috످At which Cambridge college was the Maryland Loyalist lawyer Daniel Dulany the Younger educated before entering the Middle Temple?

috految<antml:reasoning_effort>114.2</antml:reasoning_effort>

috److془Daniel Dulany the Younger: educated at Eton College and Clare College, Cambridge. Middle Temple 1742, called 1746.془Daniel Dulany the Younger was educated at Clare College (then known as Clare Hall), Cambridge.

috످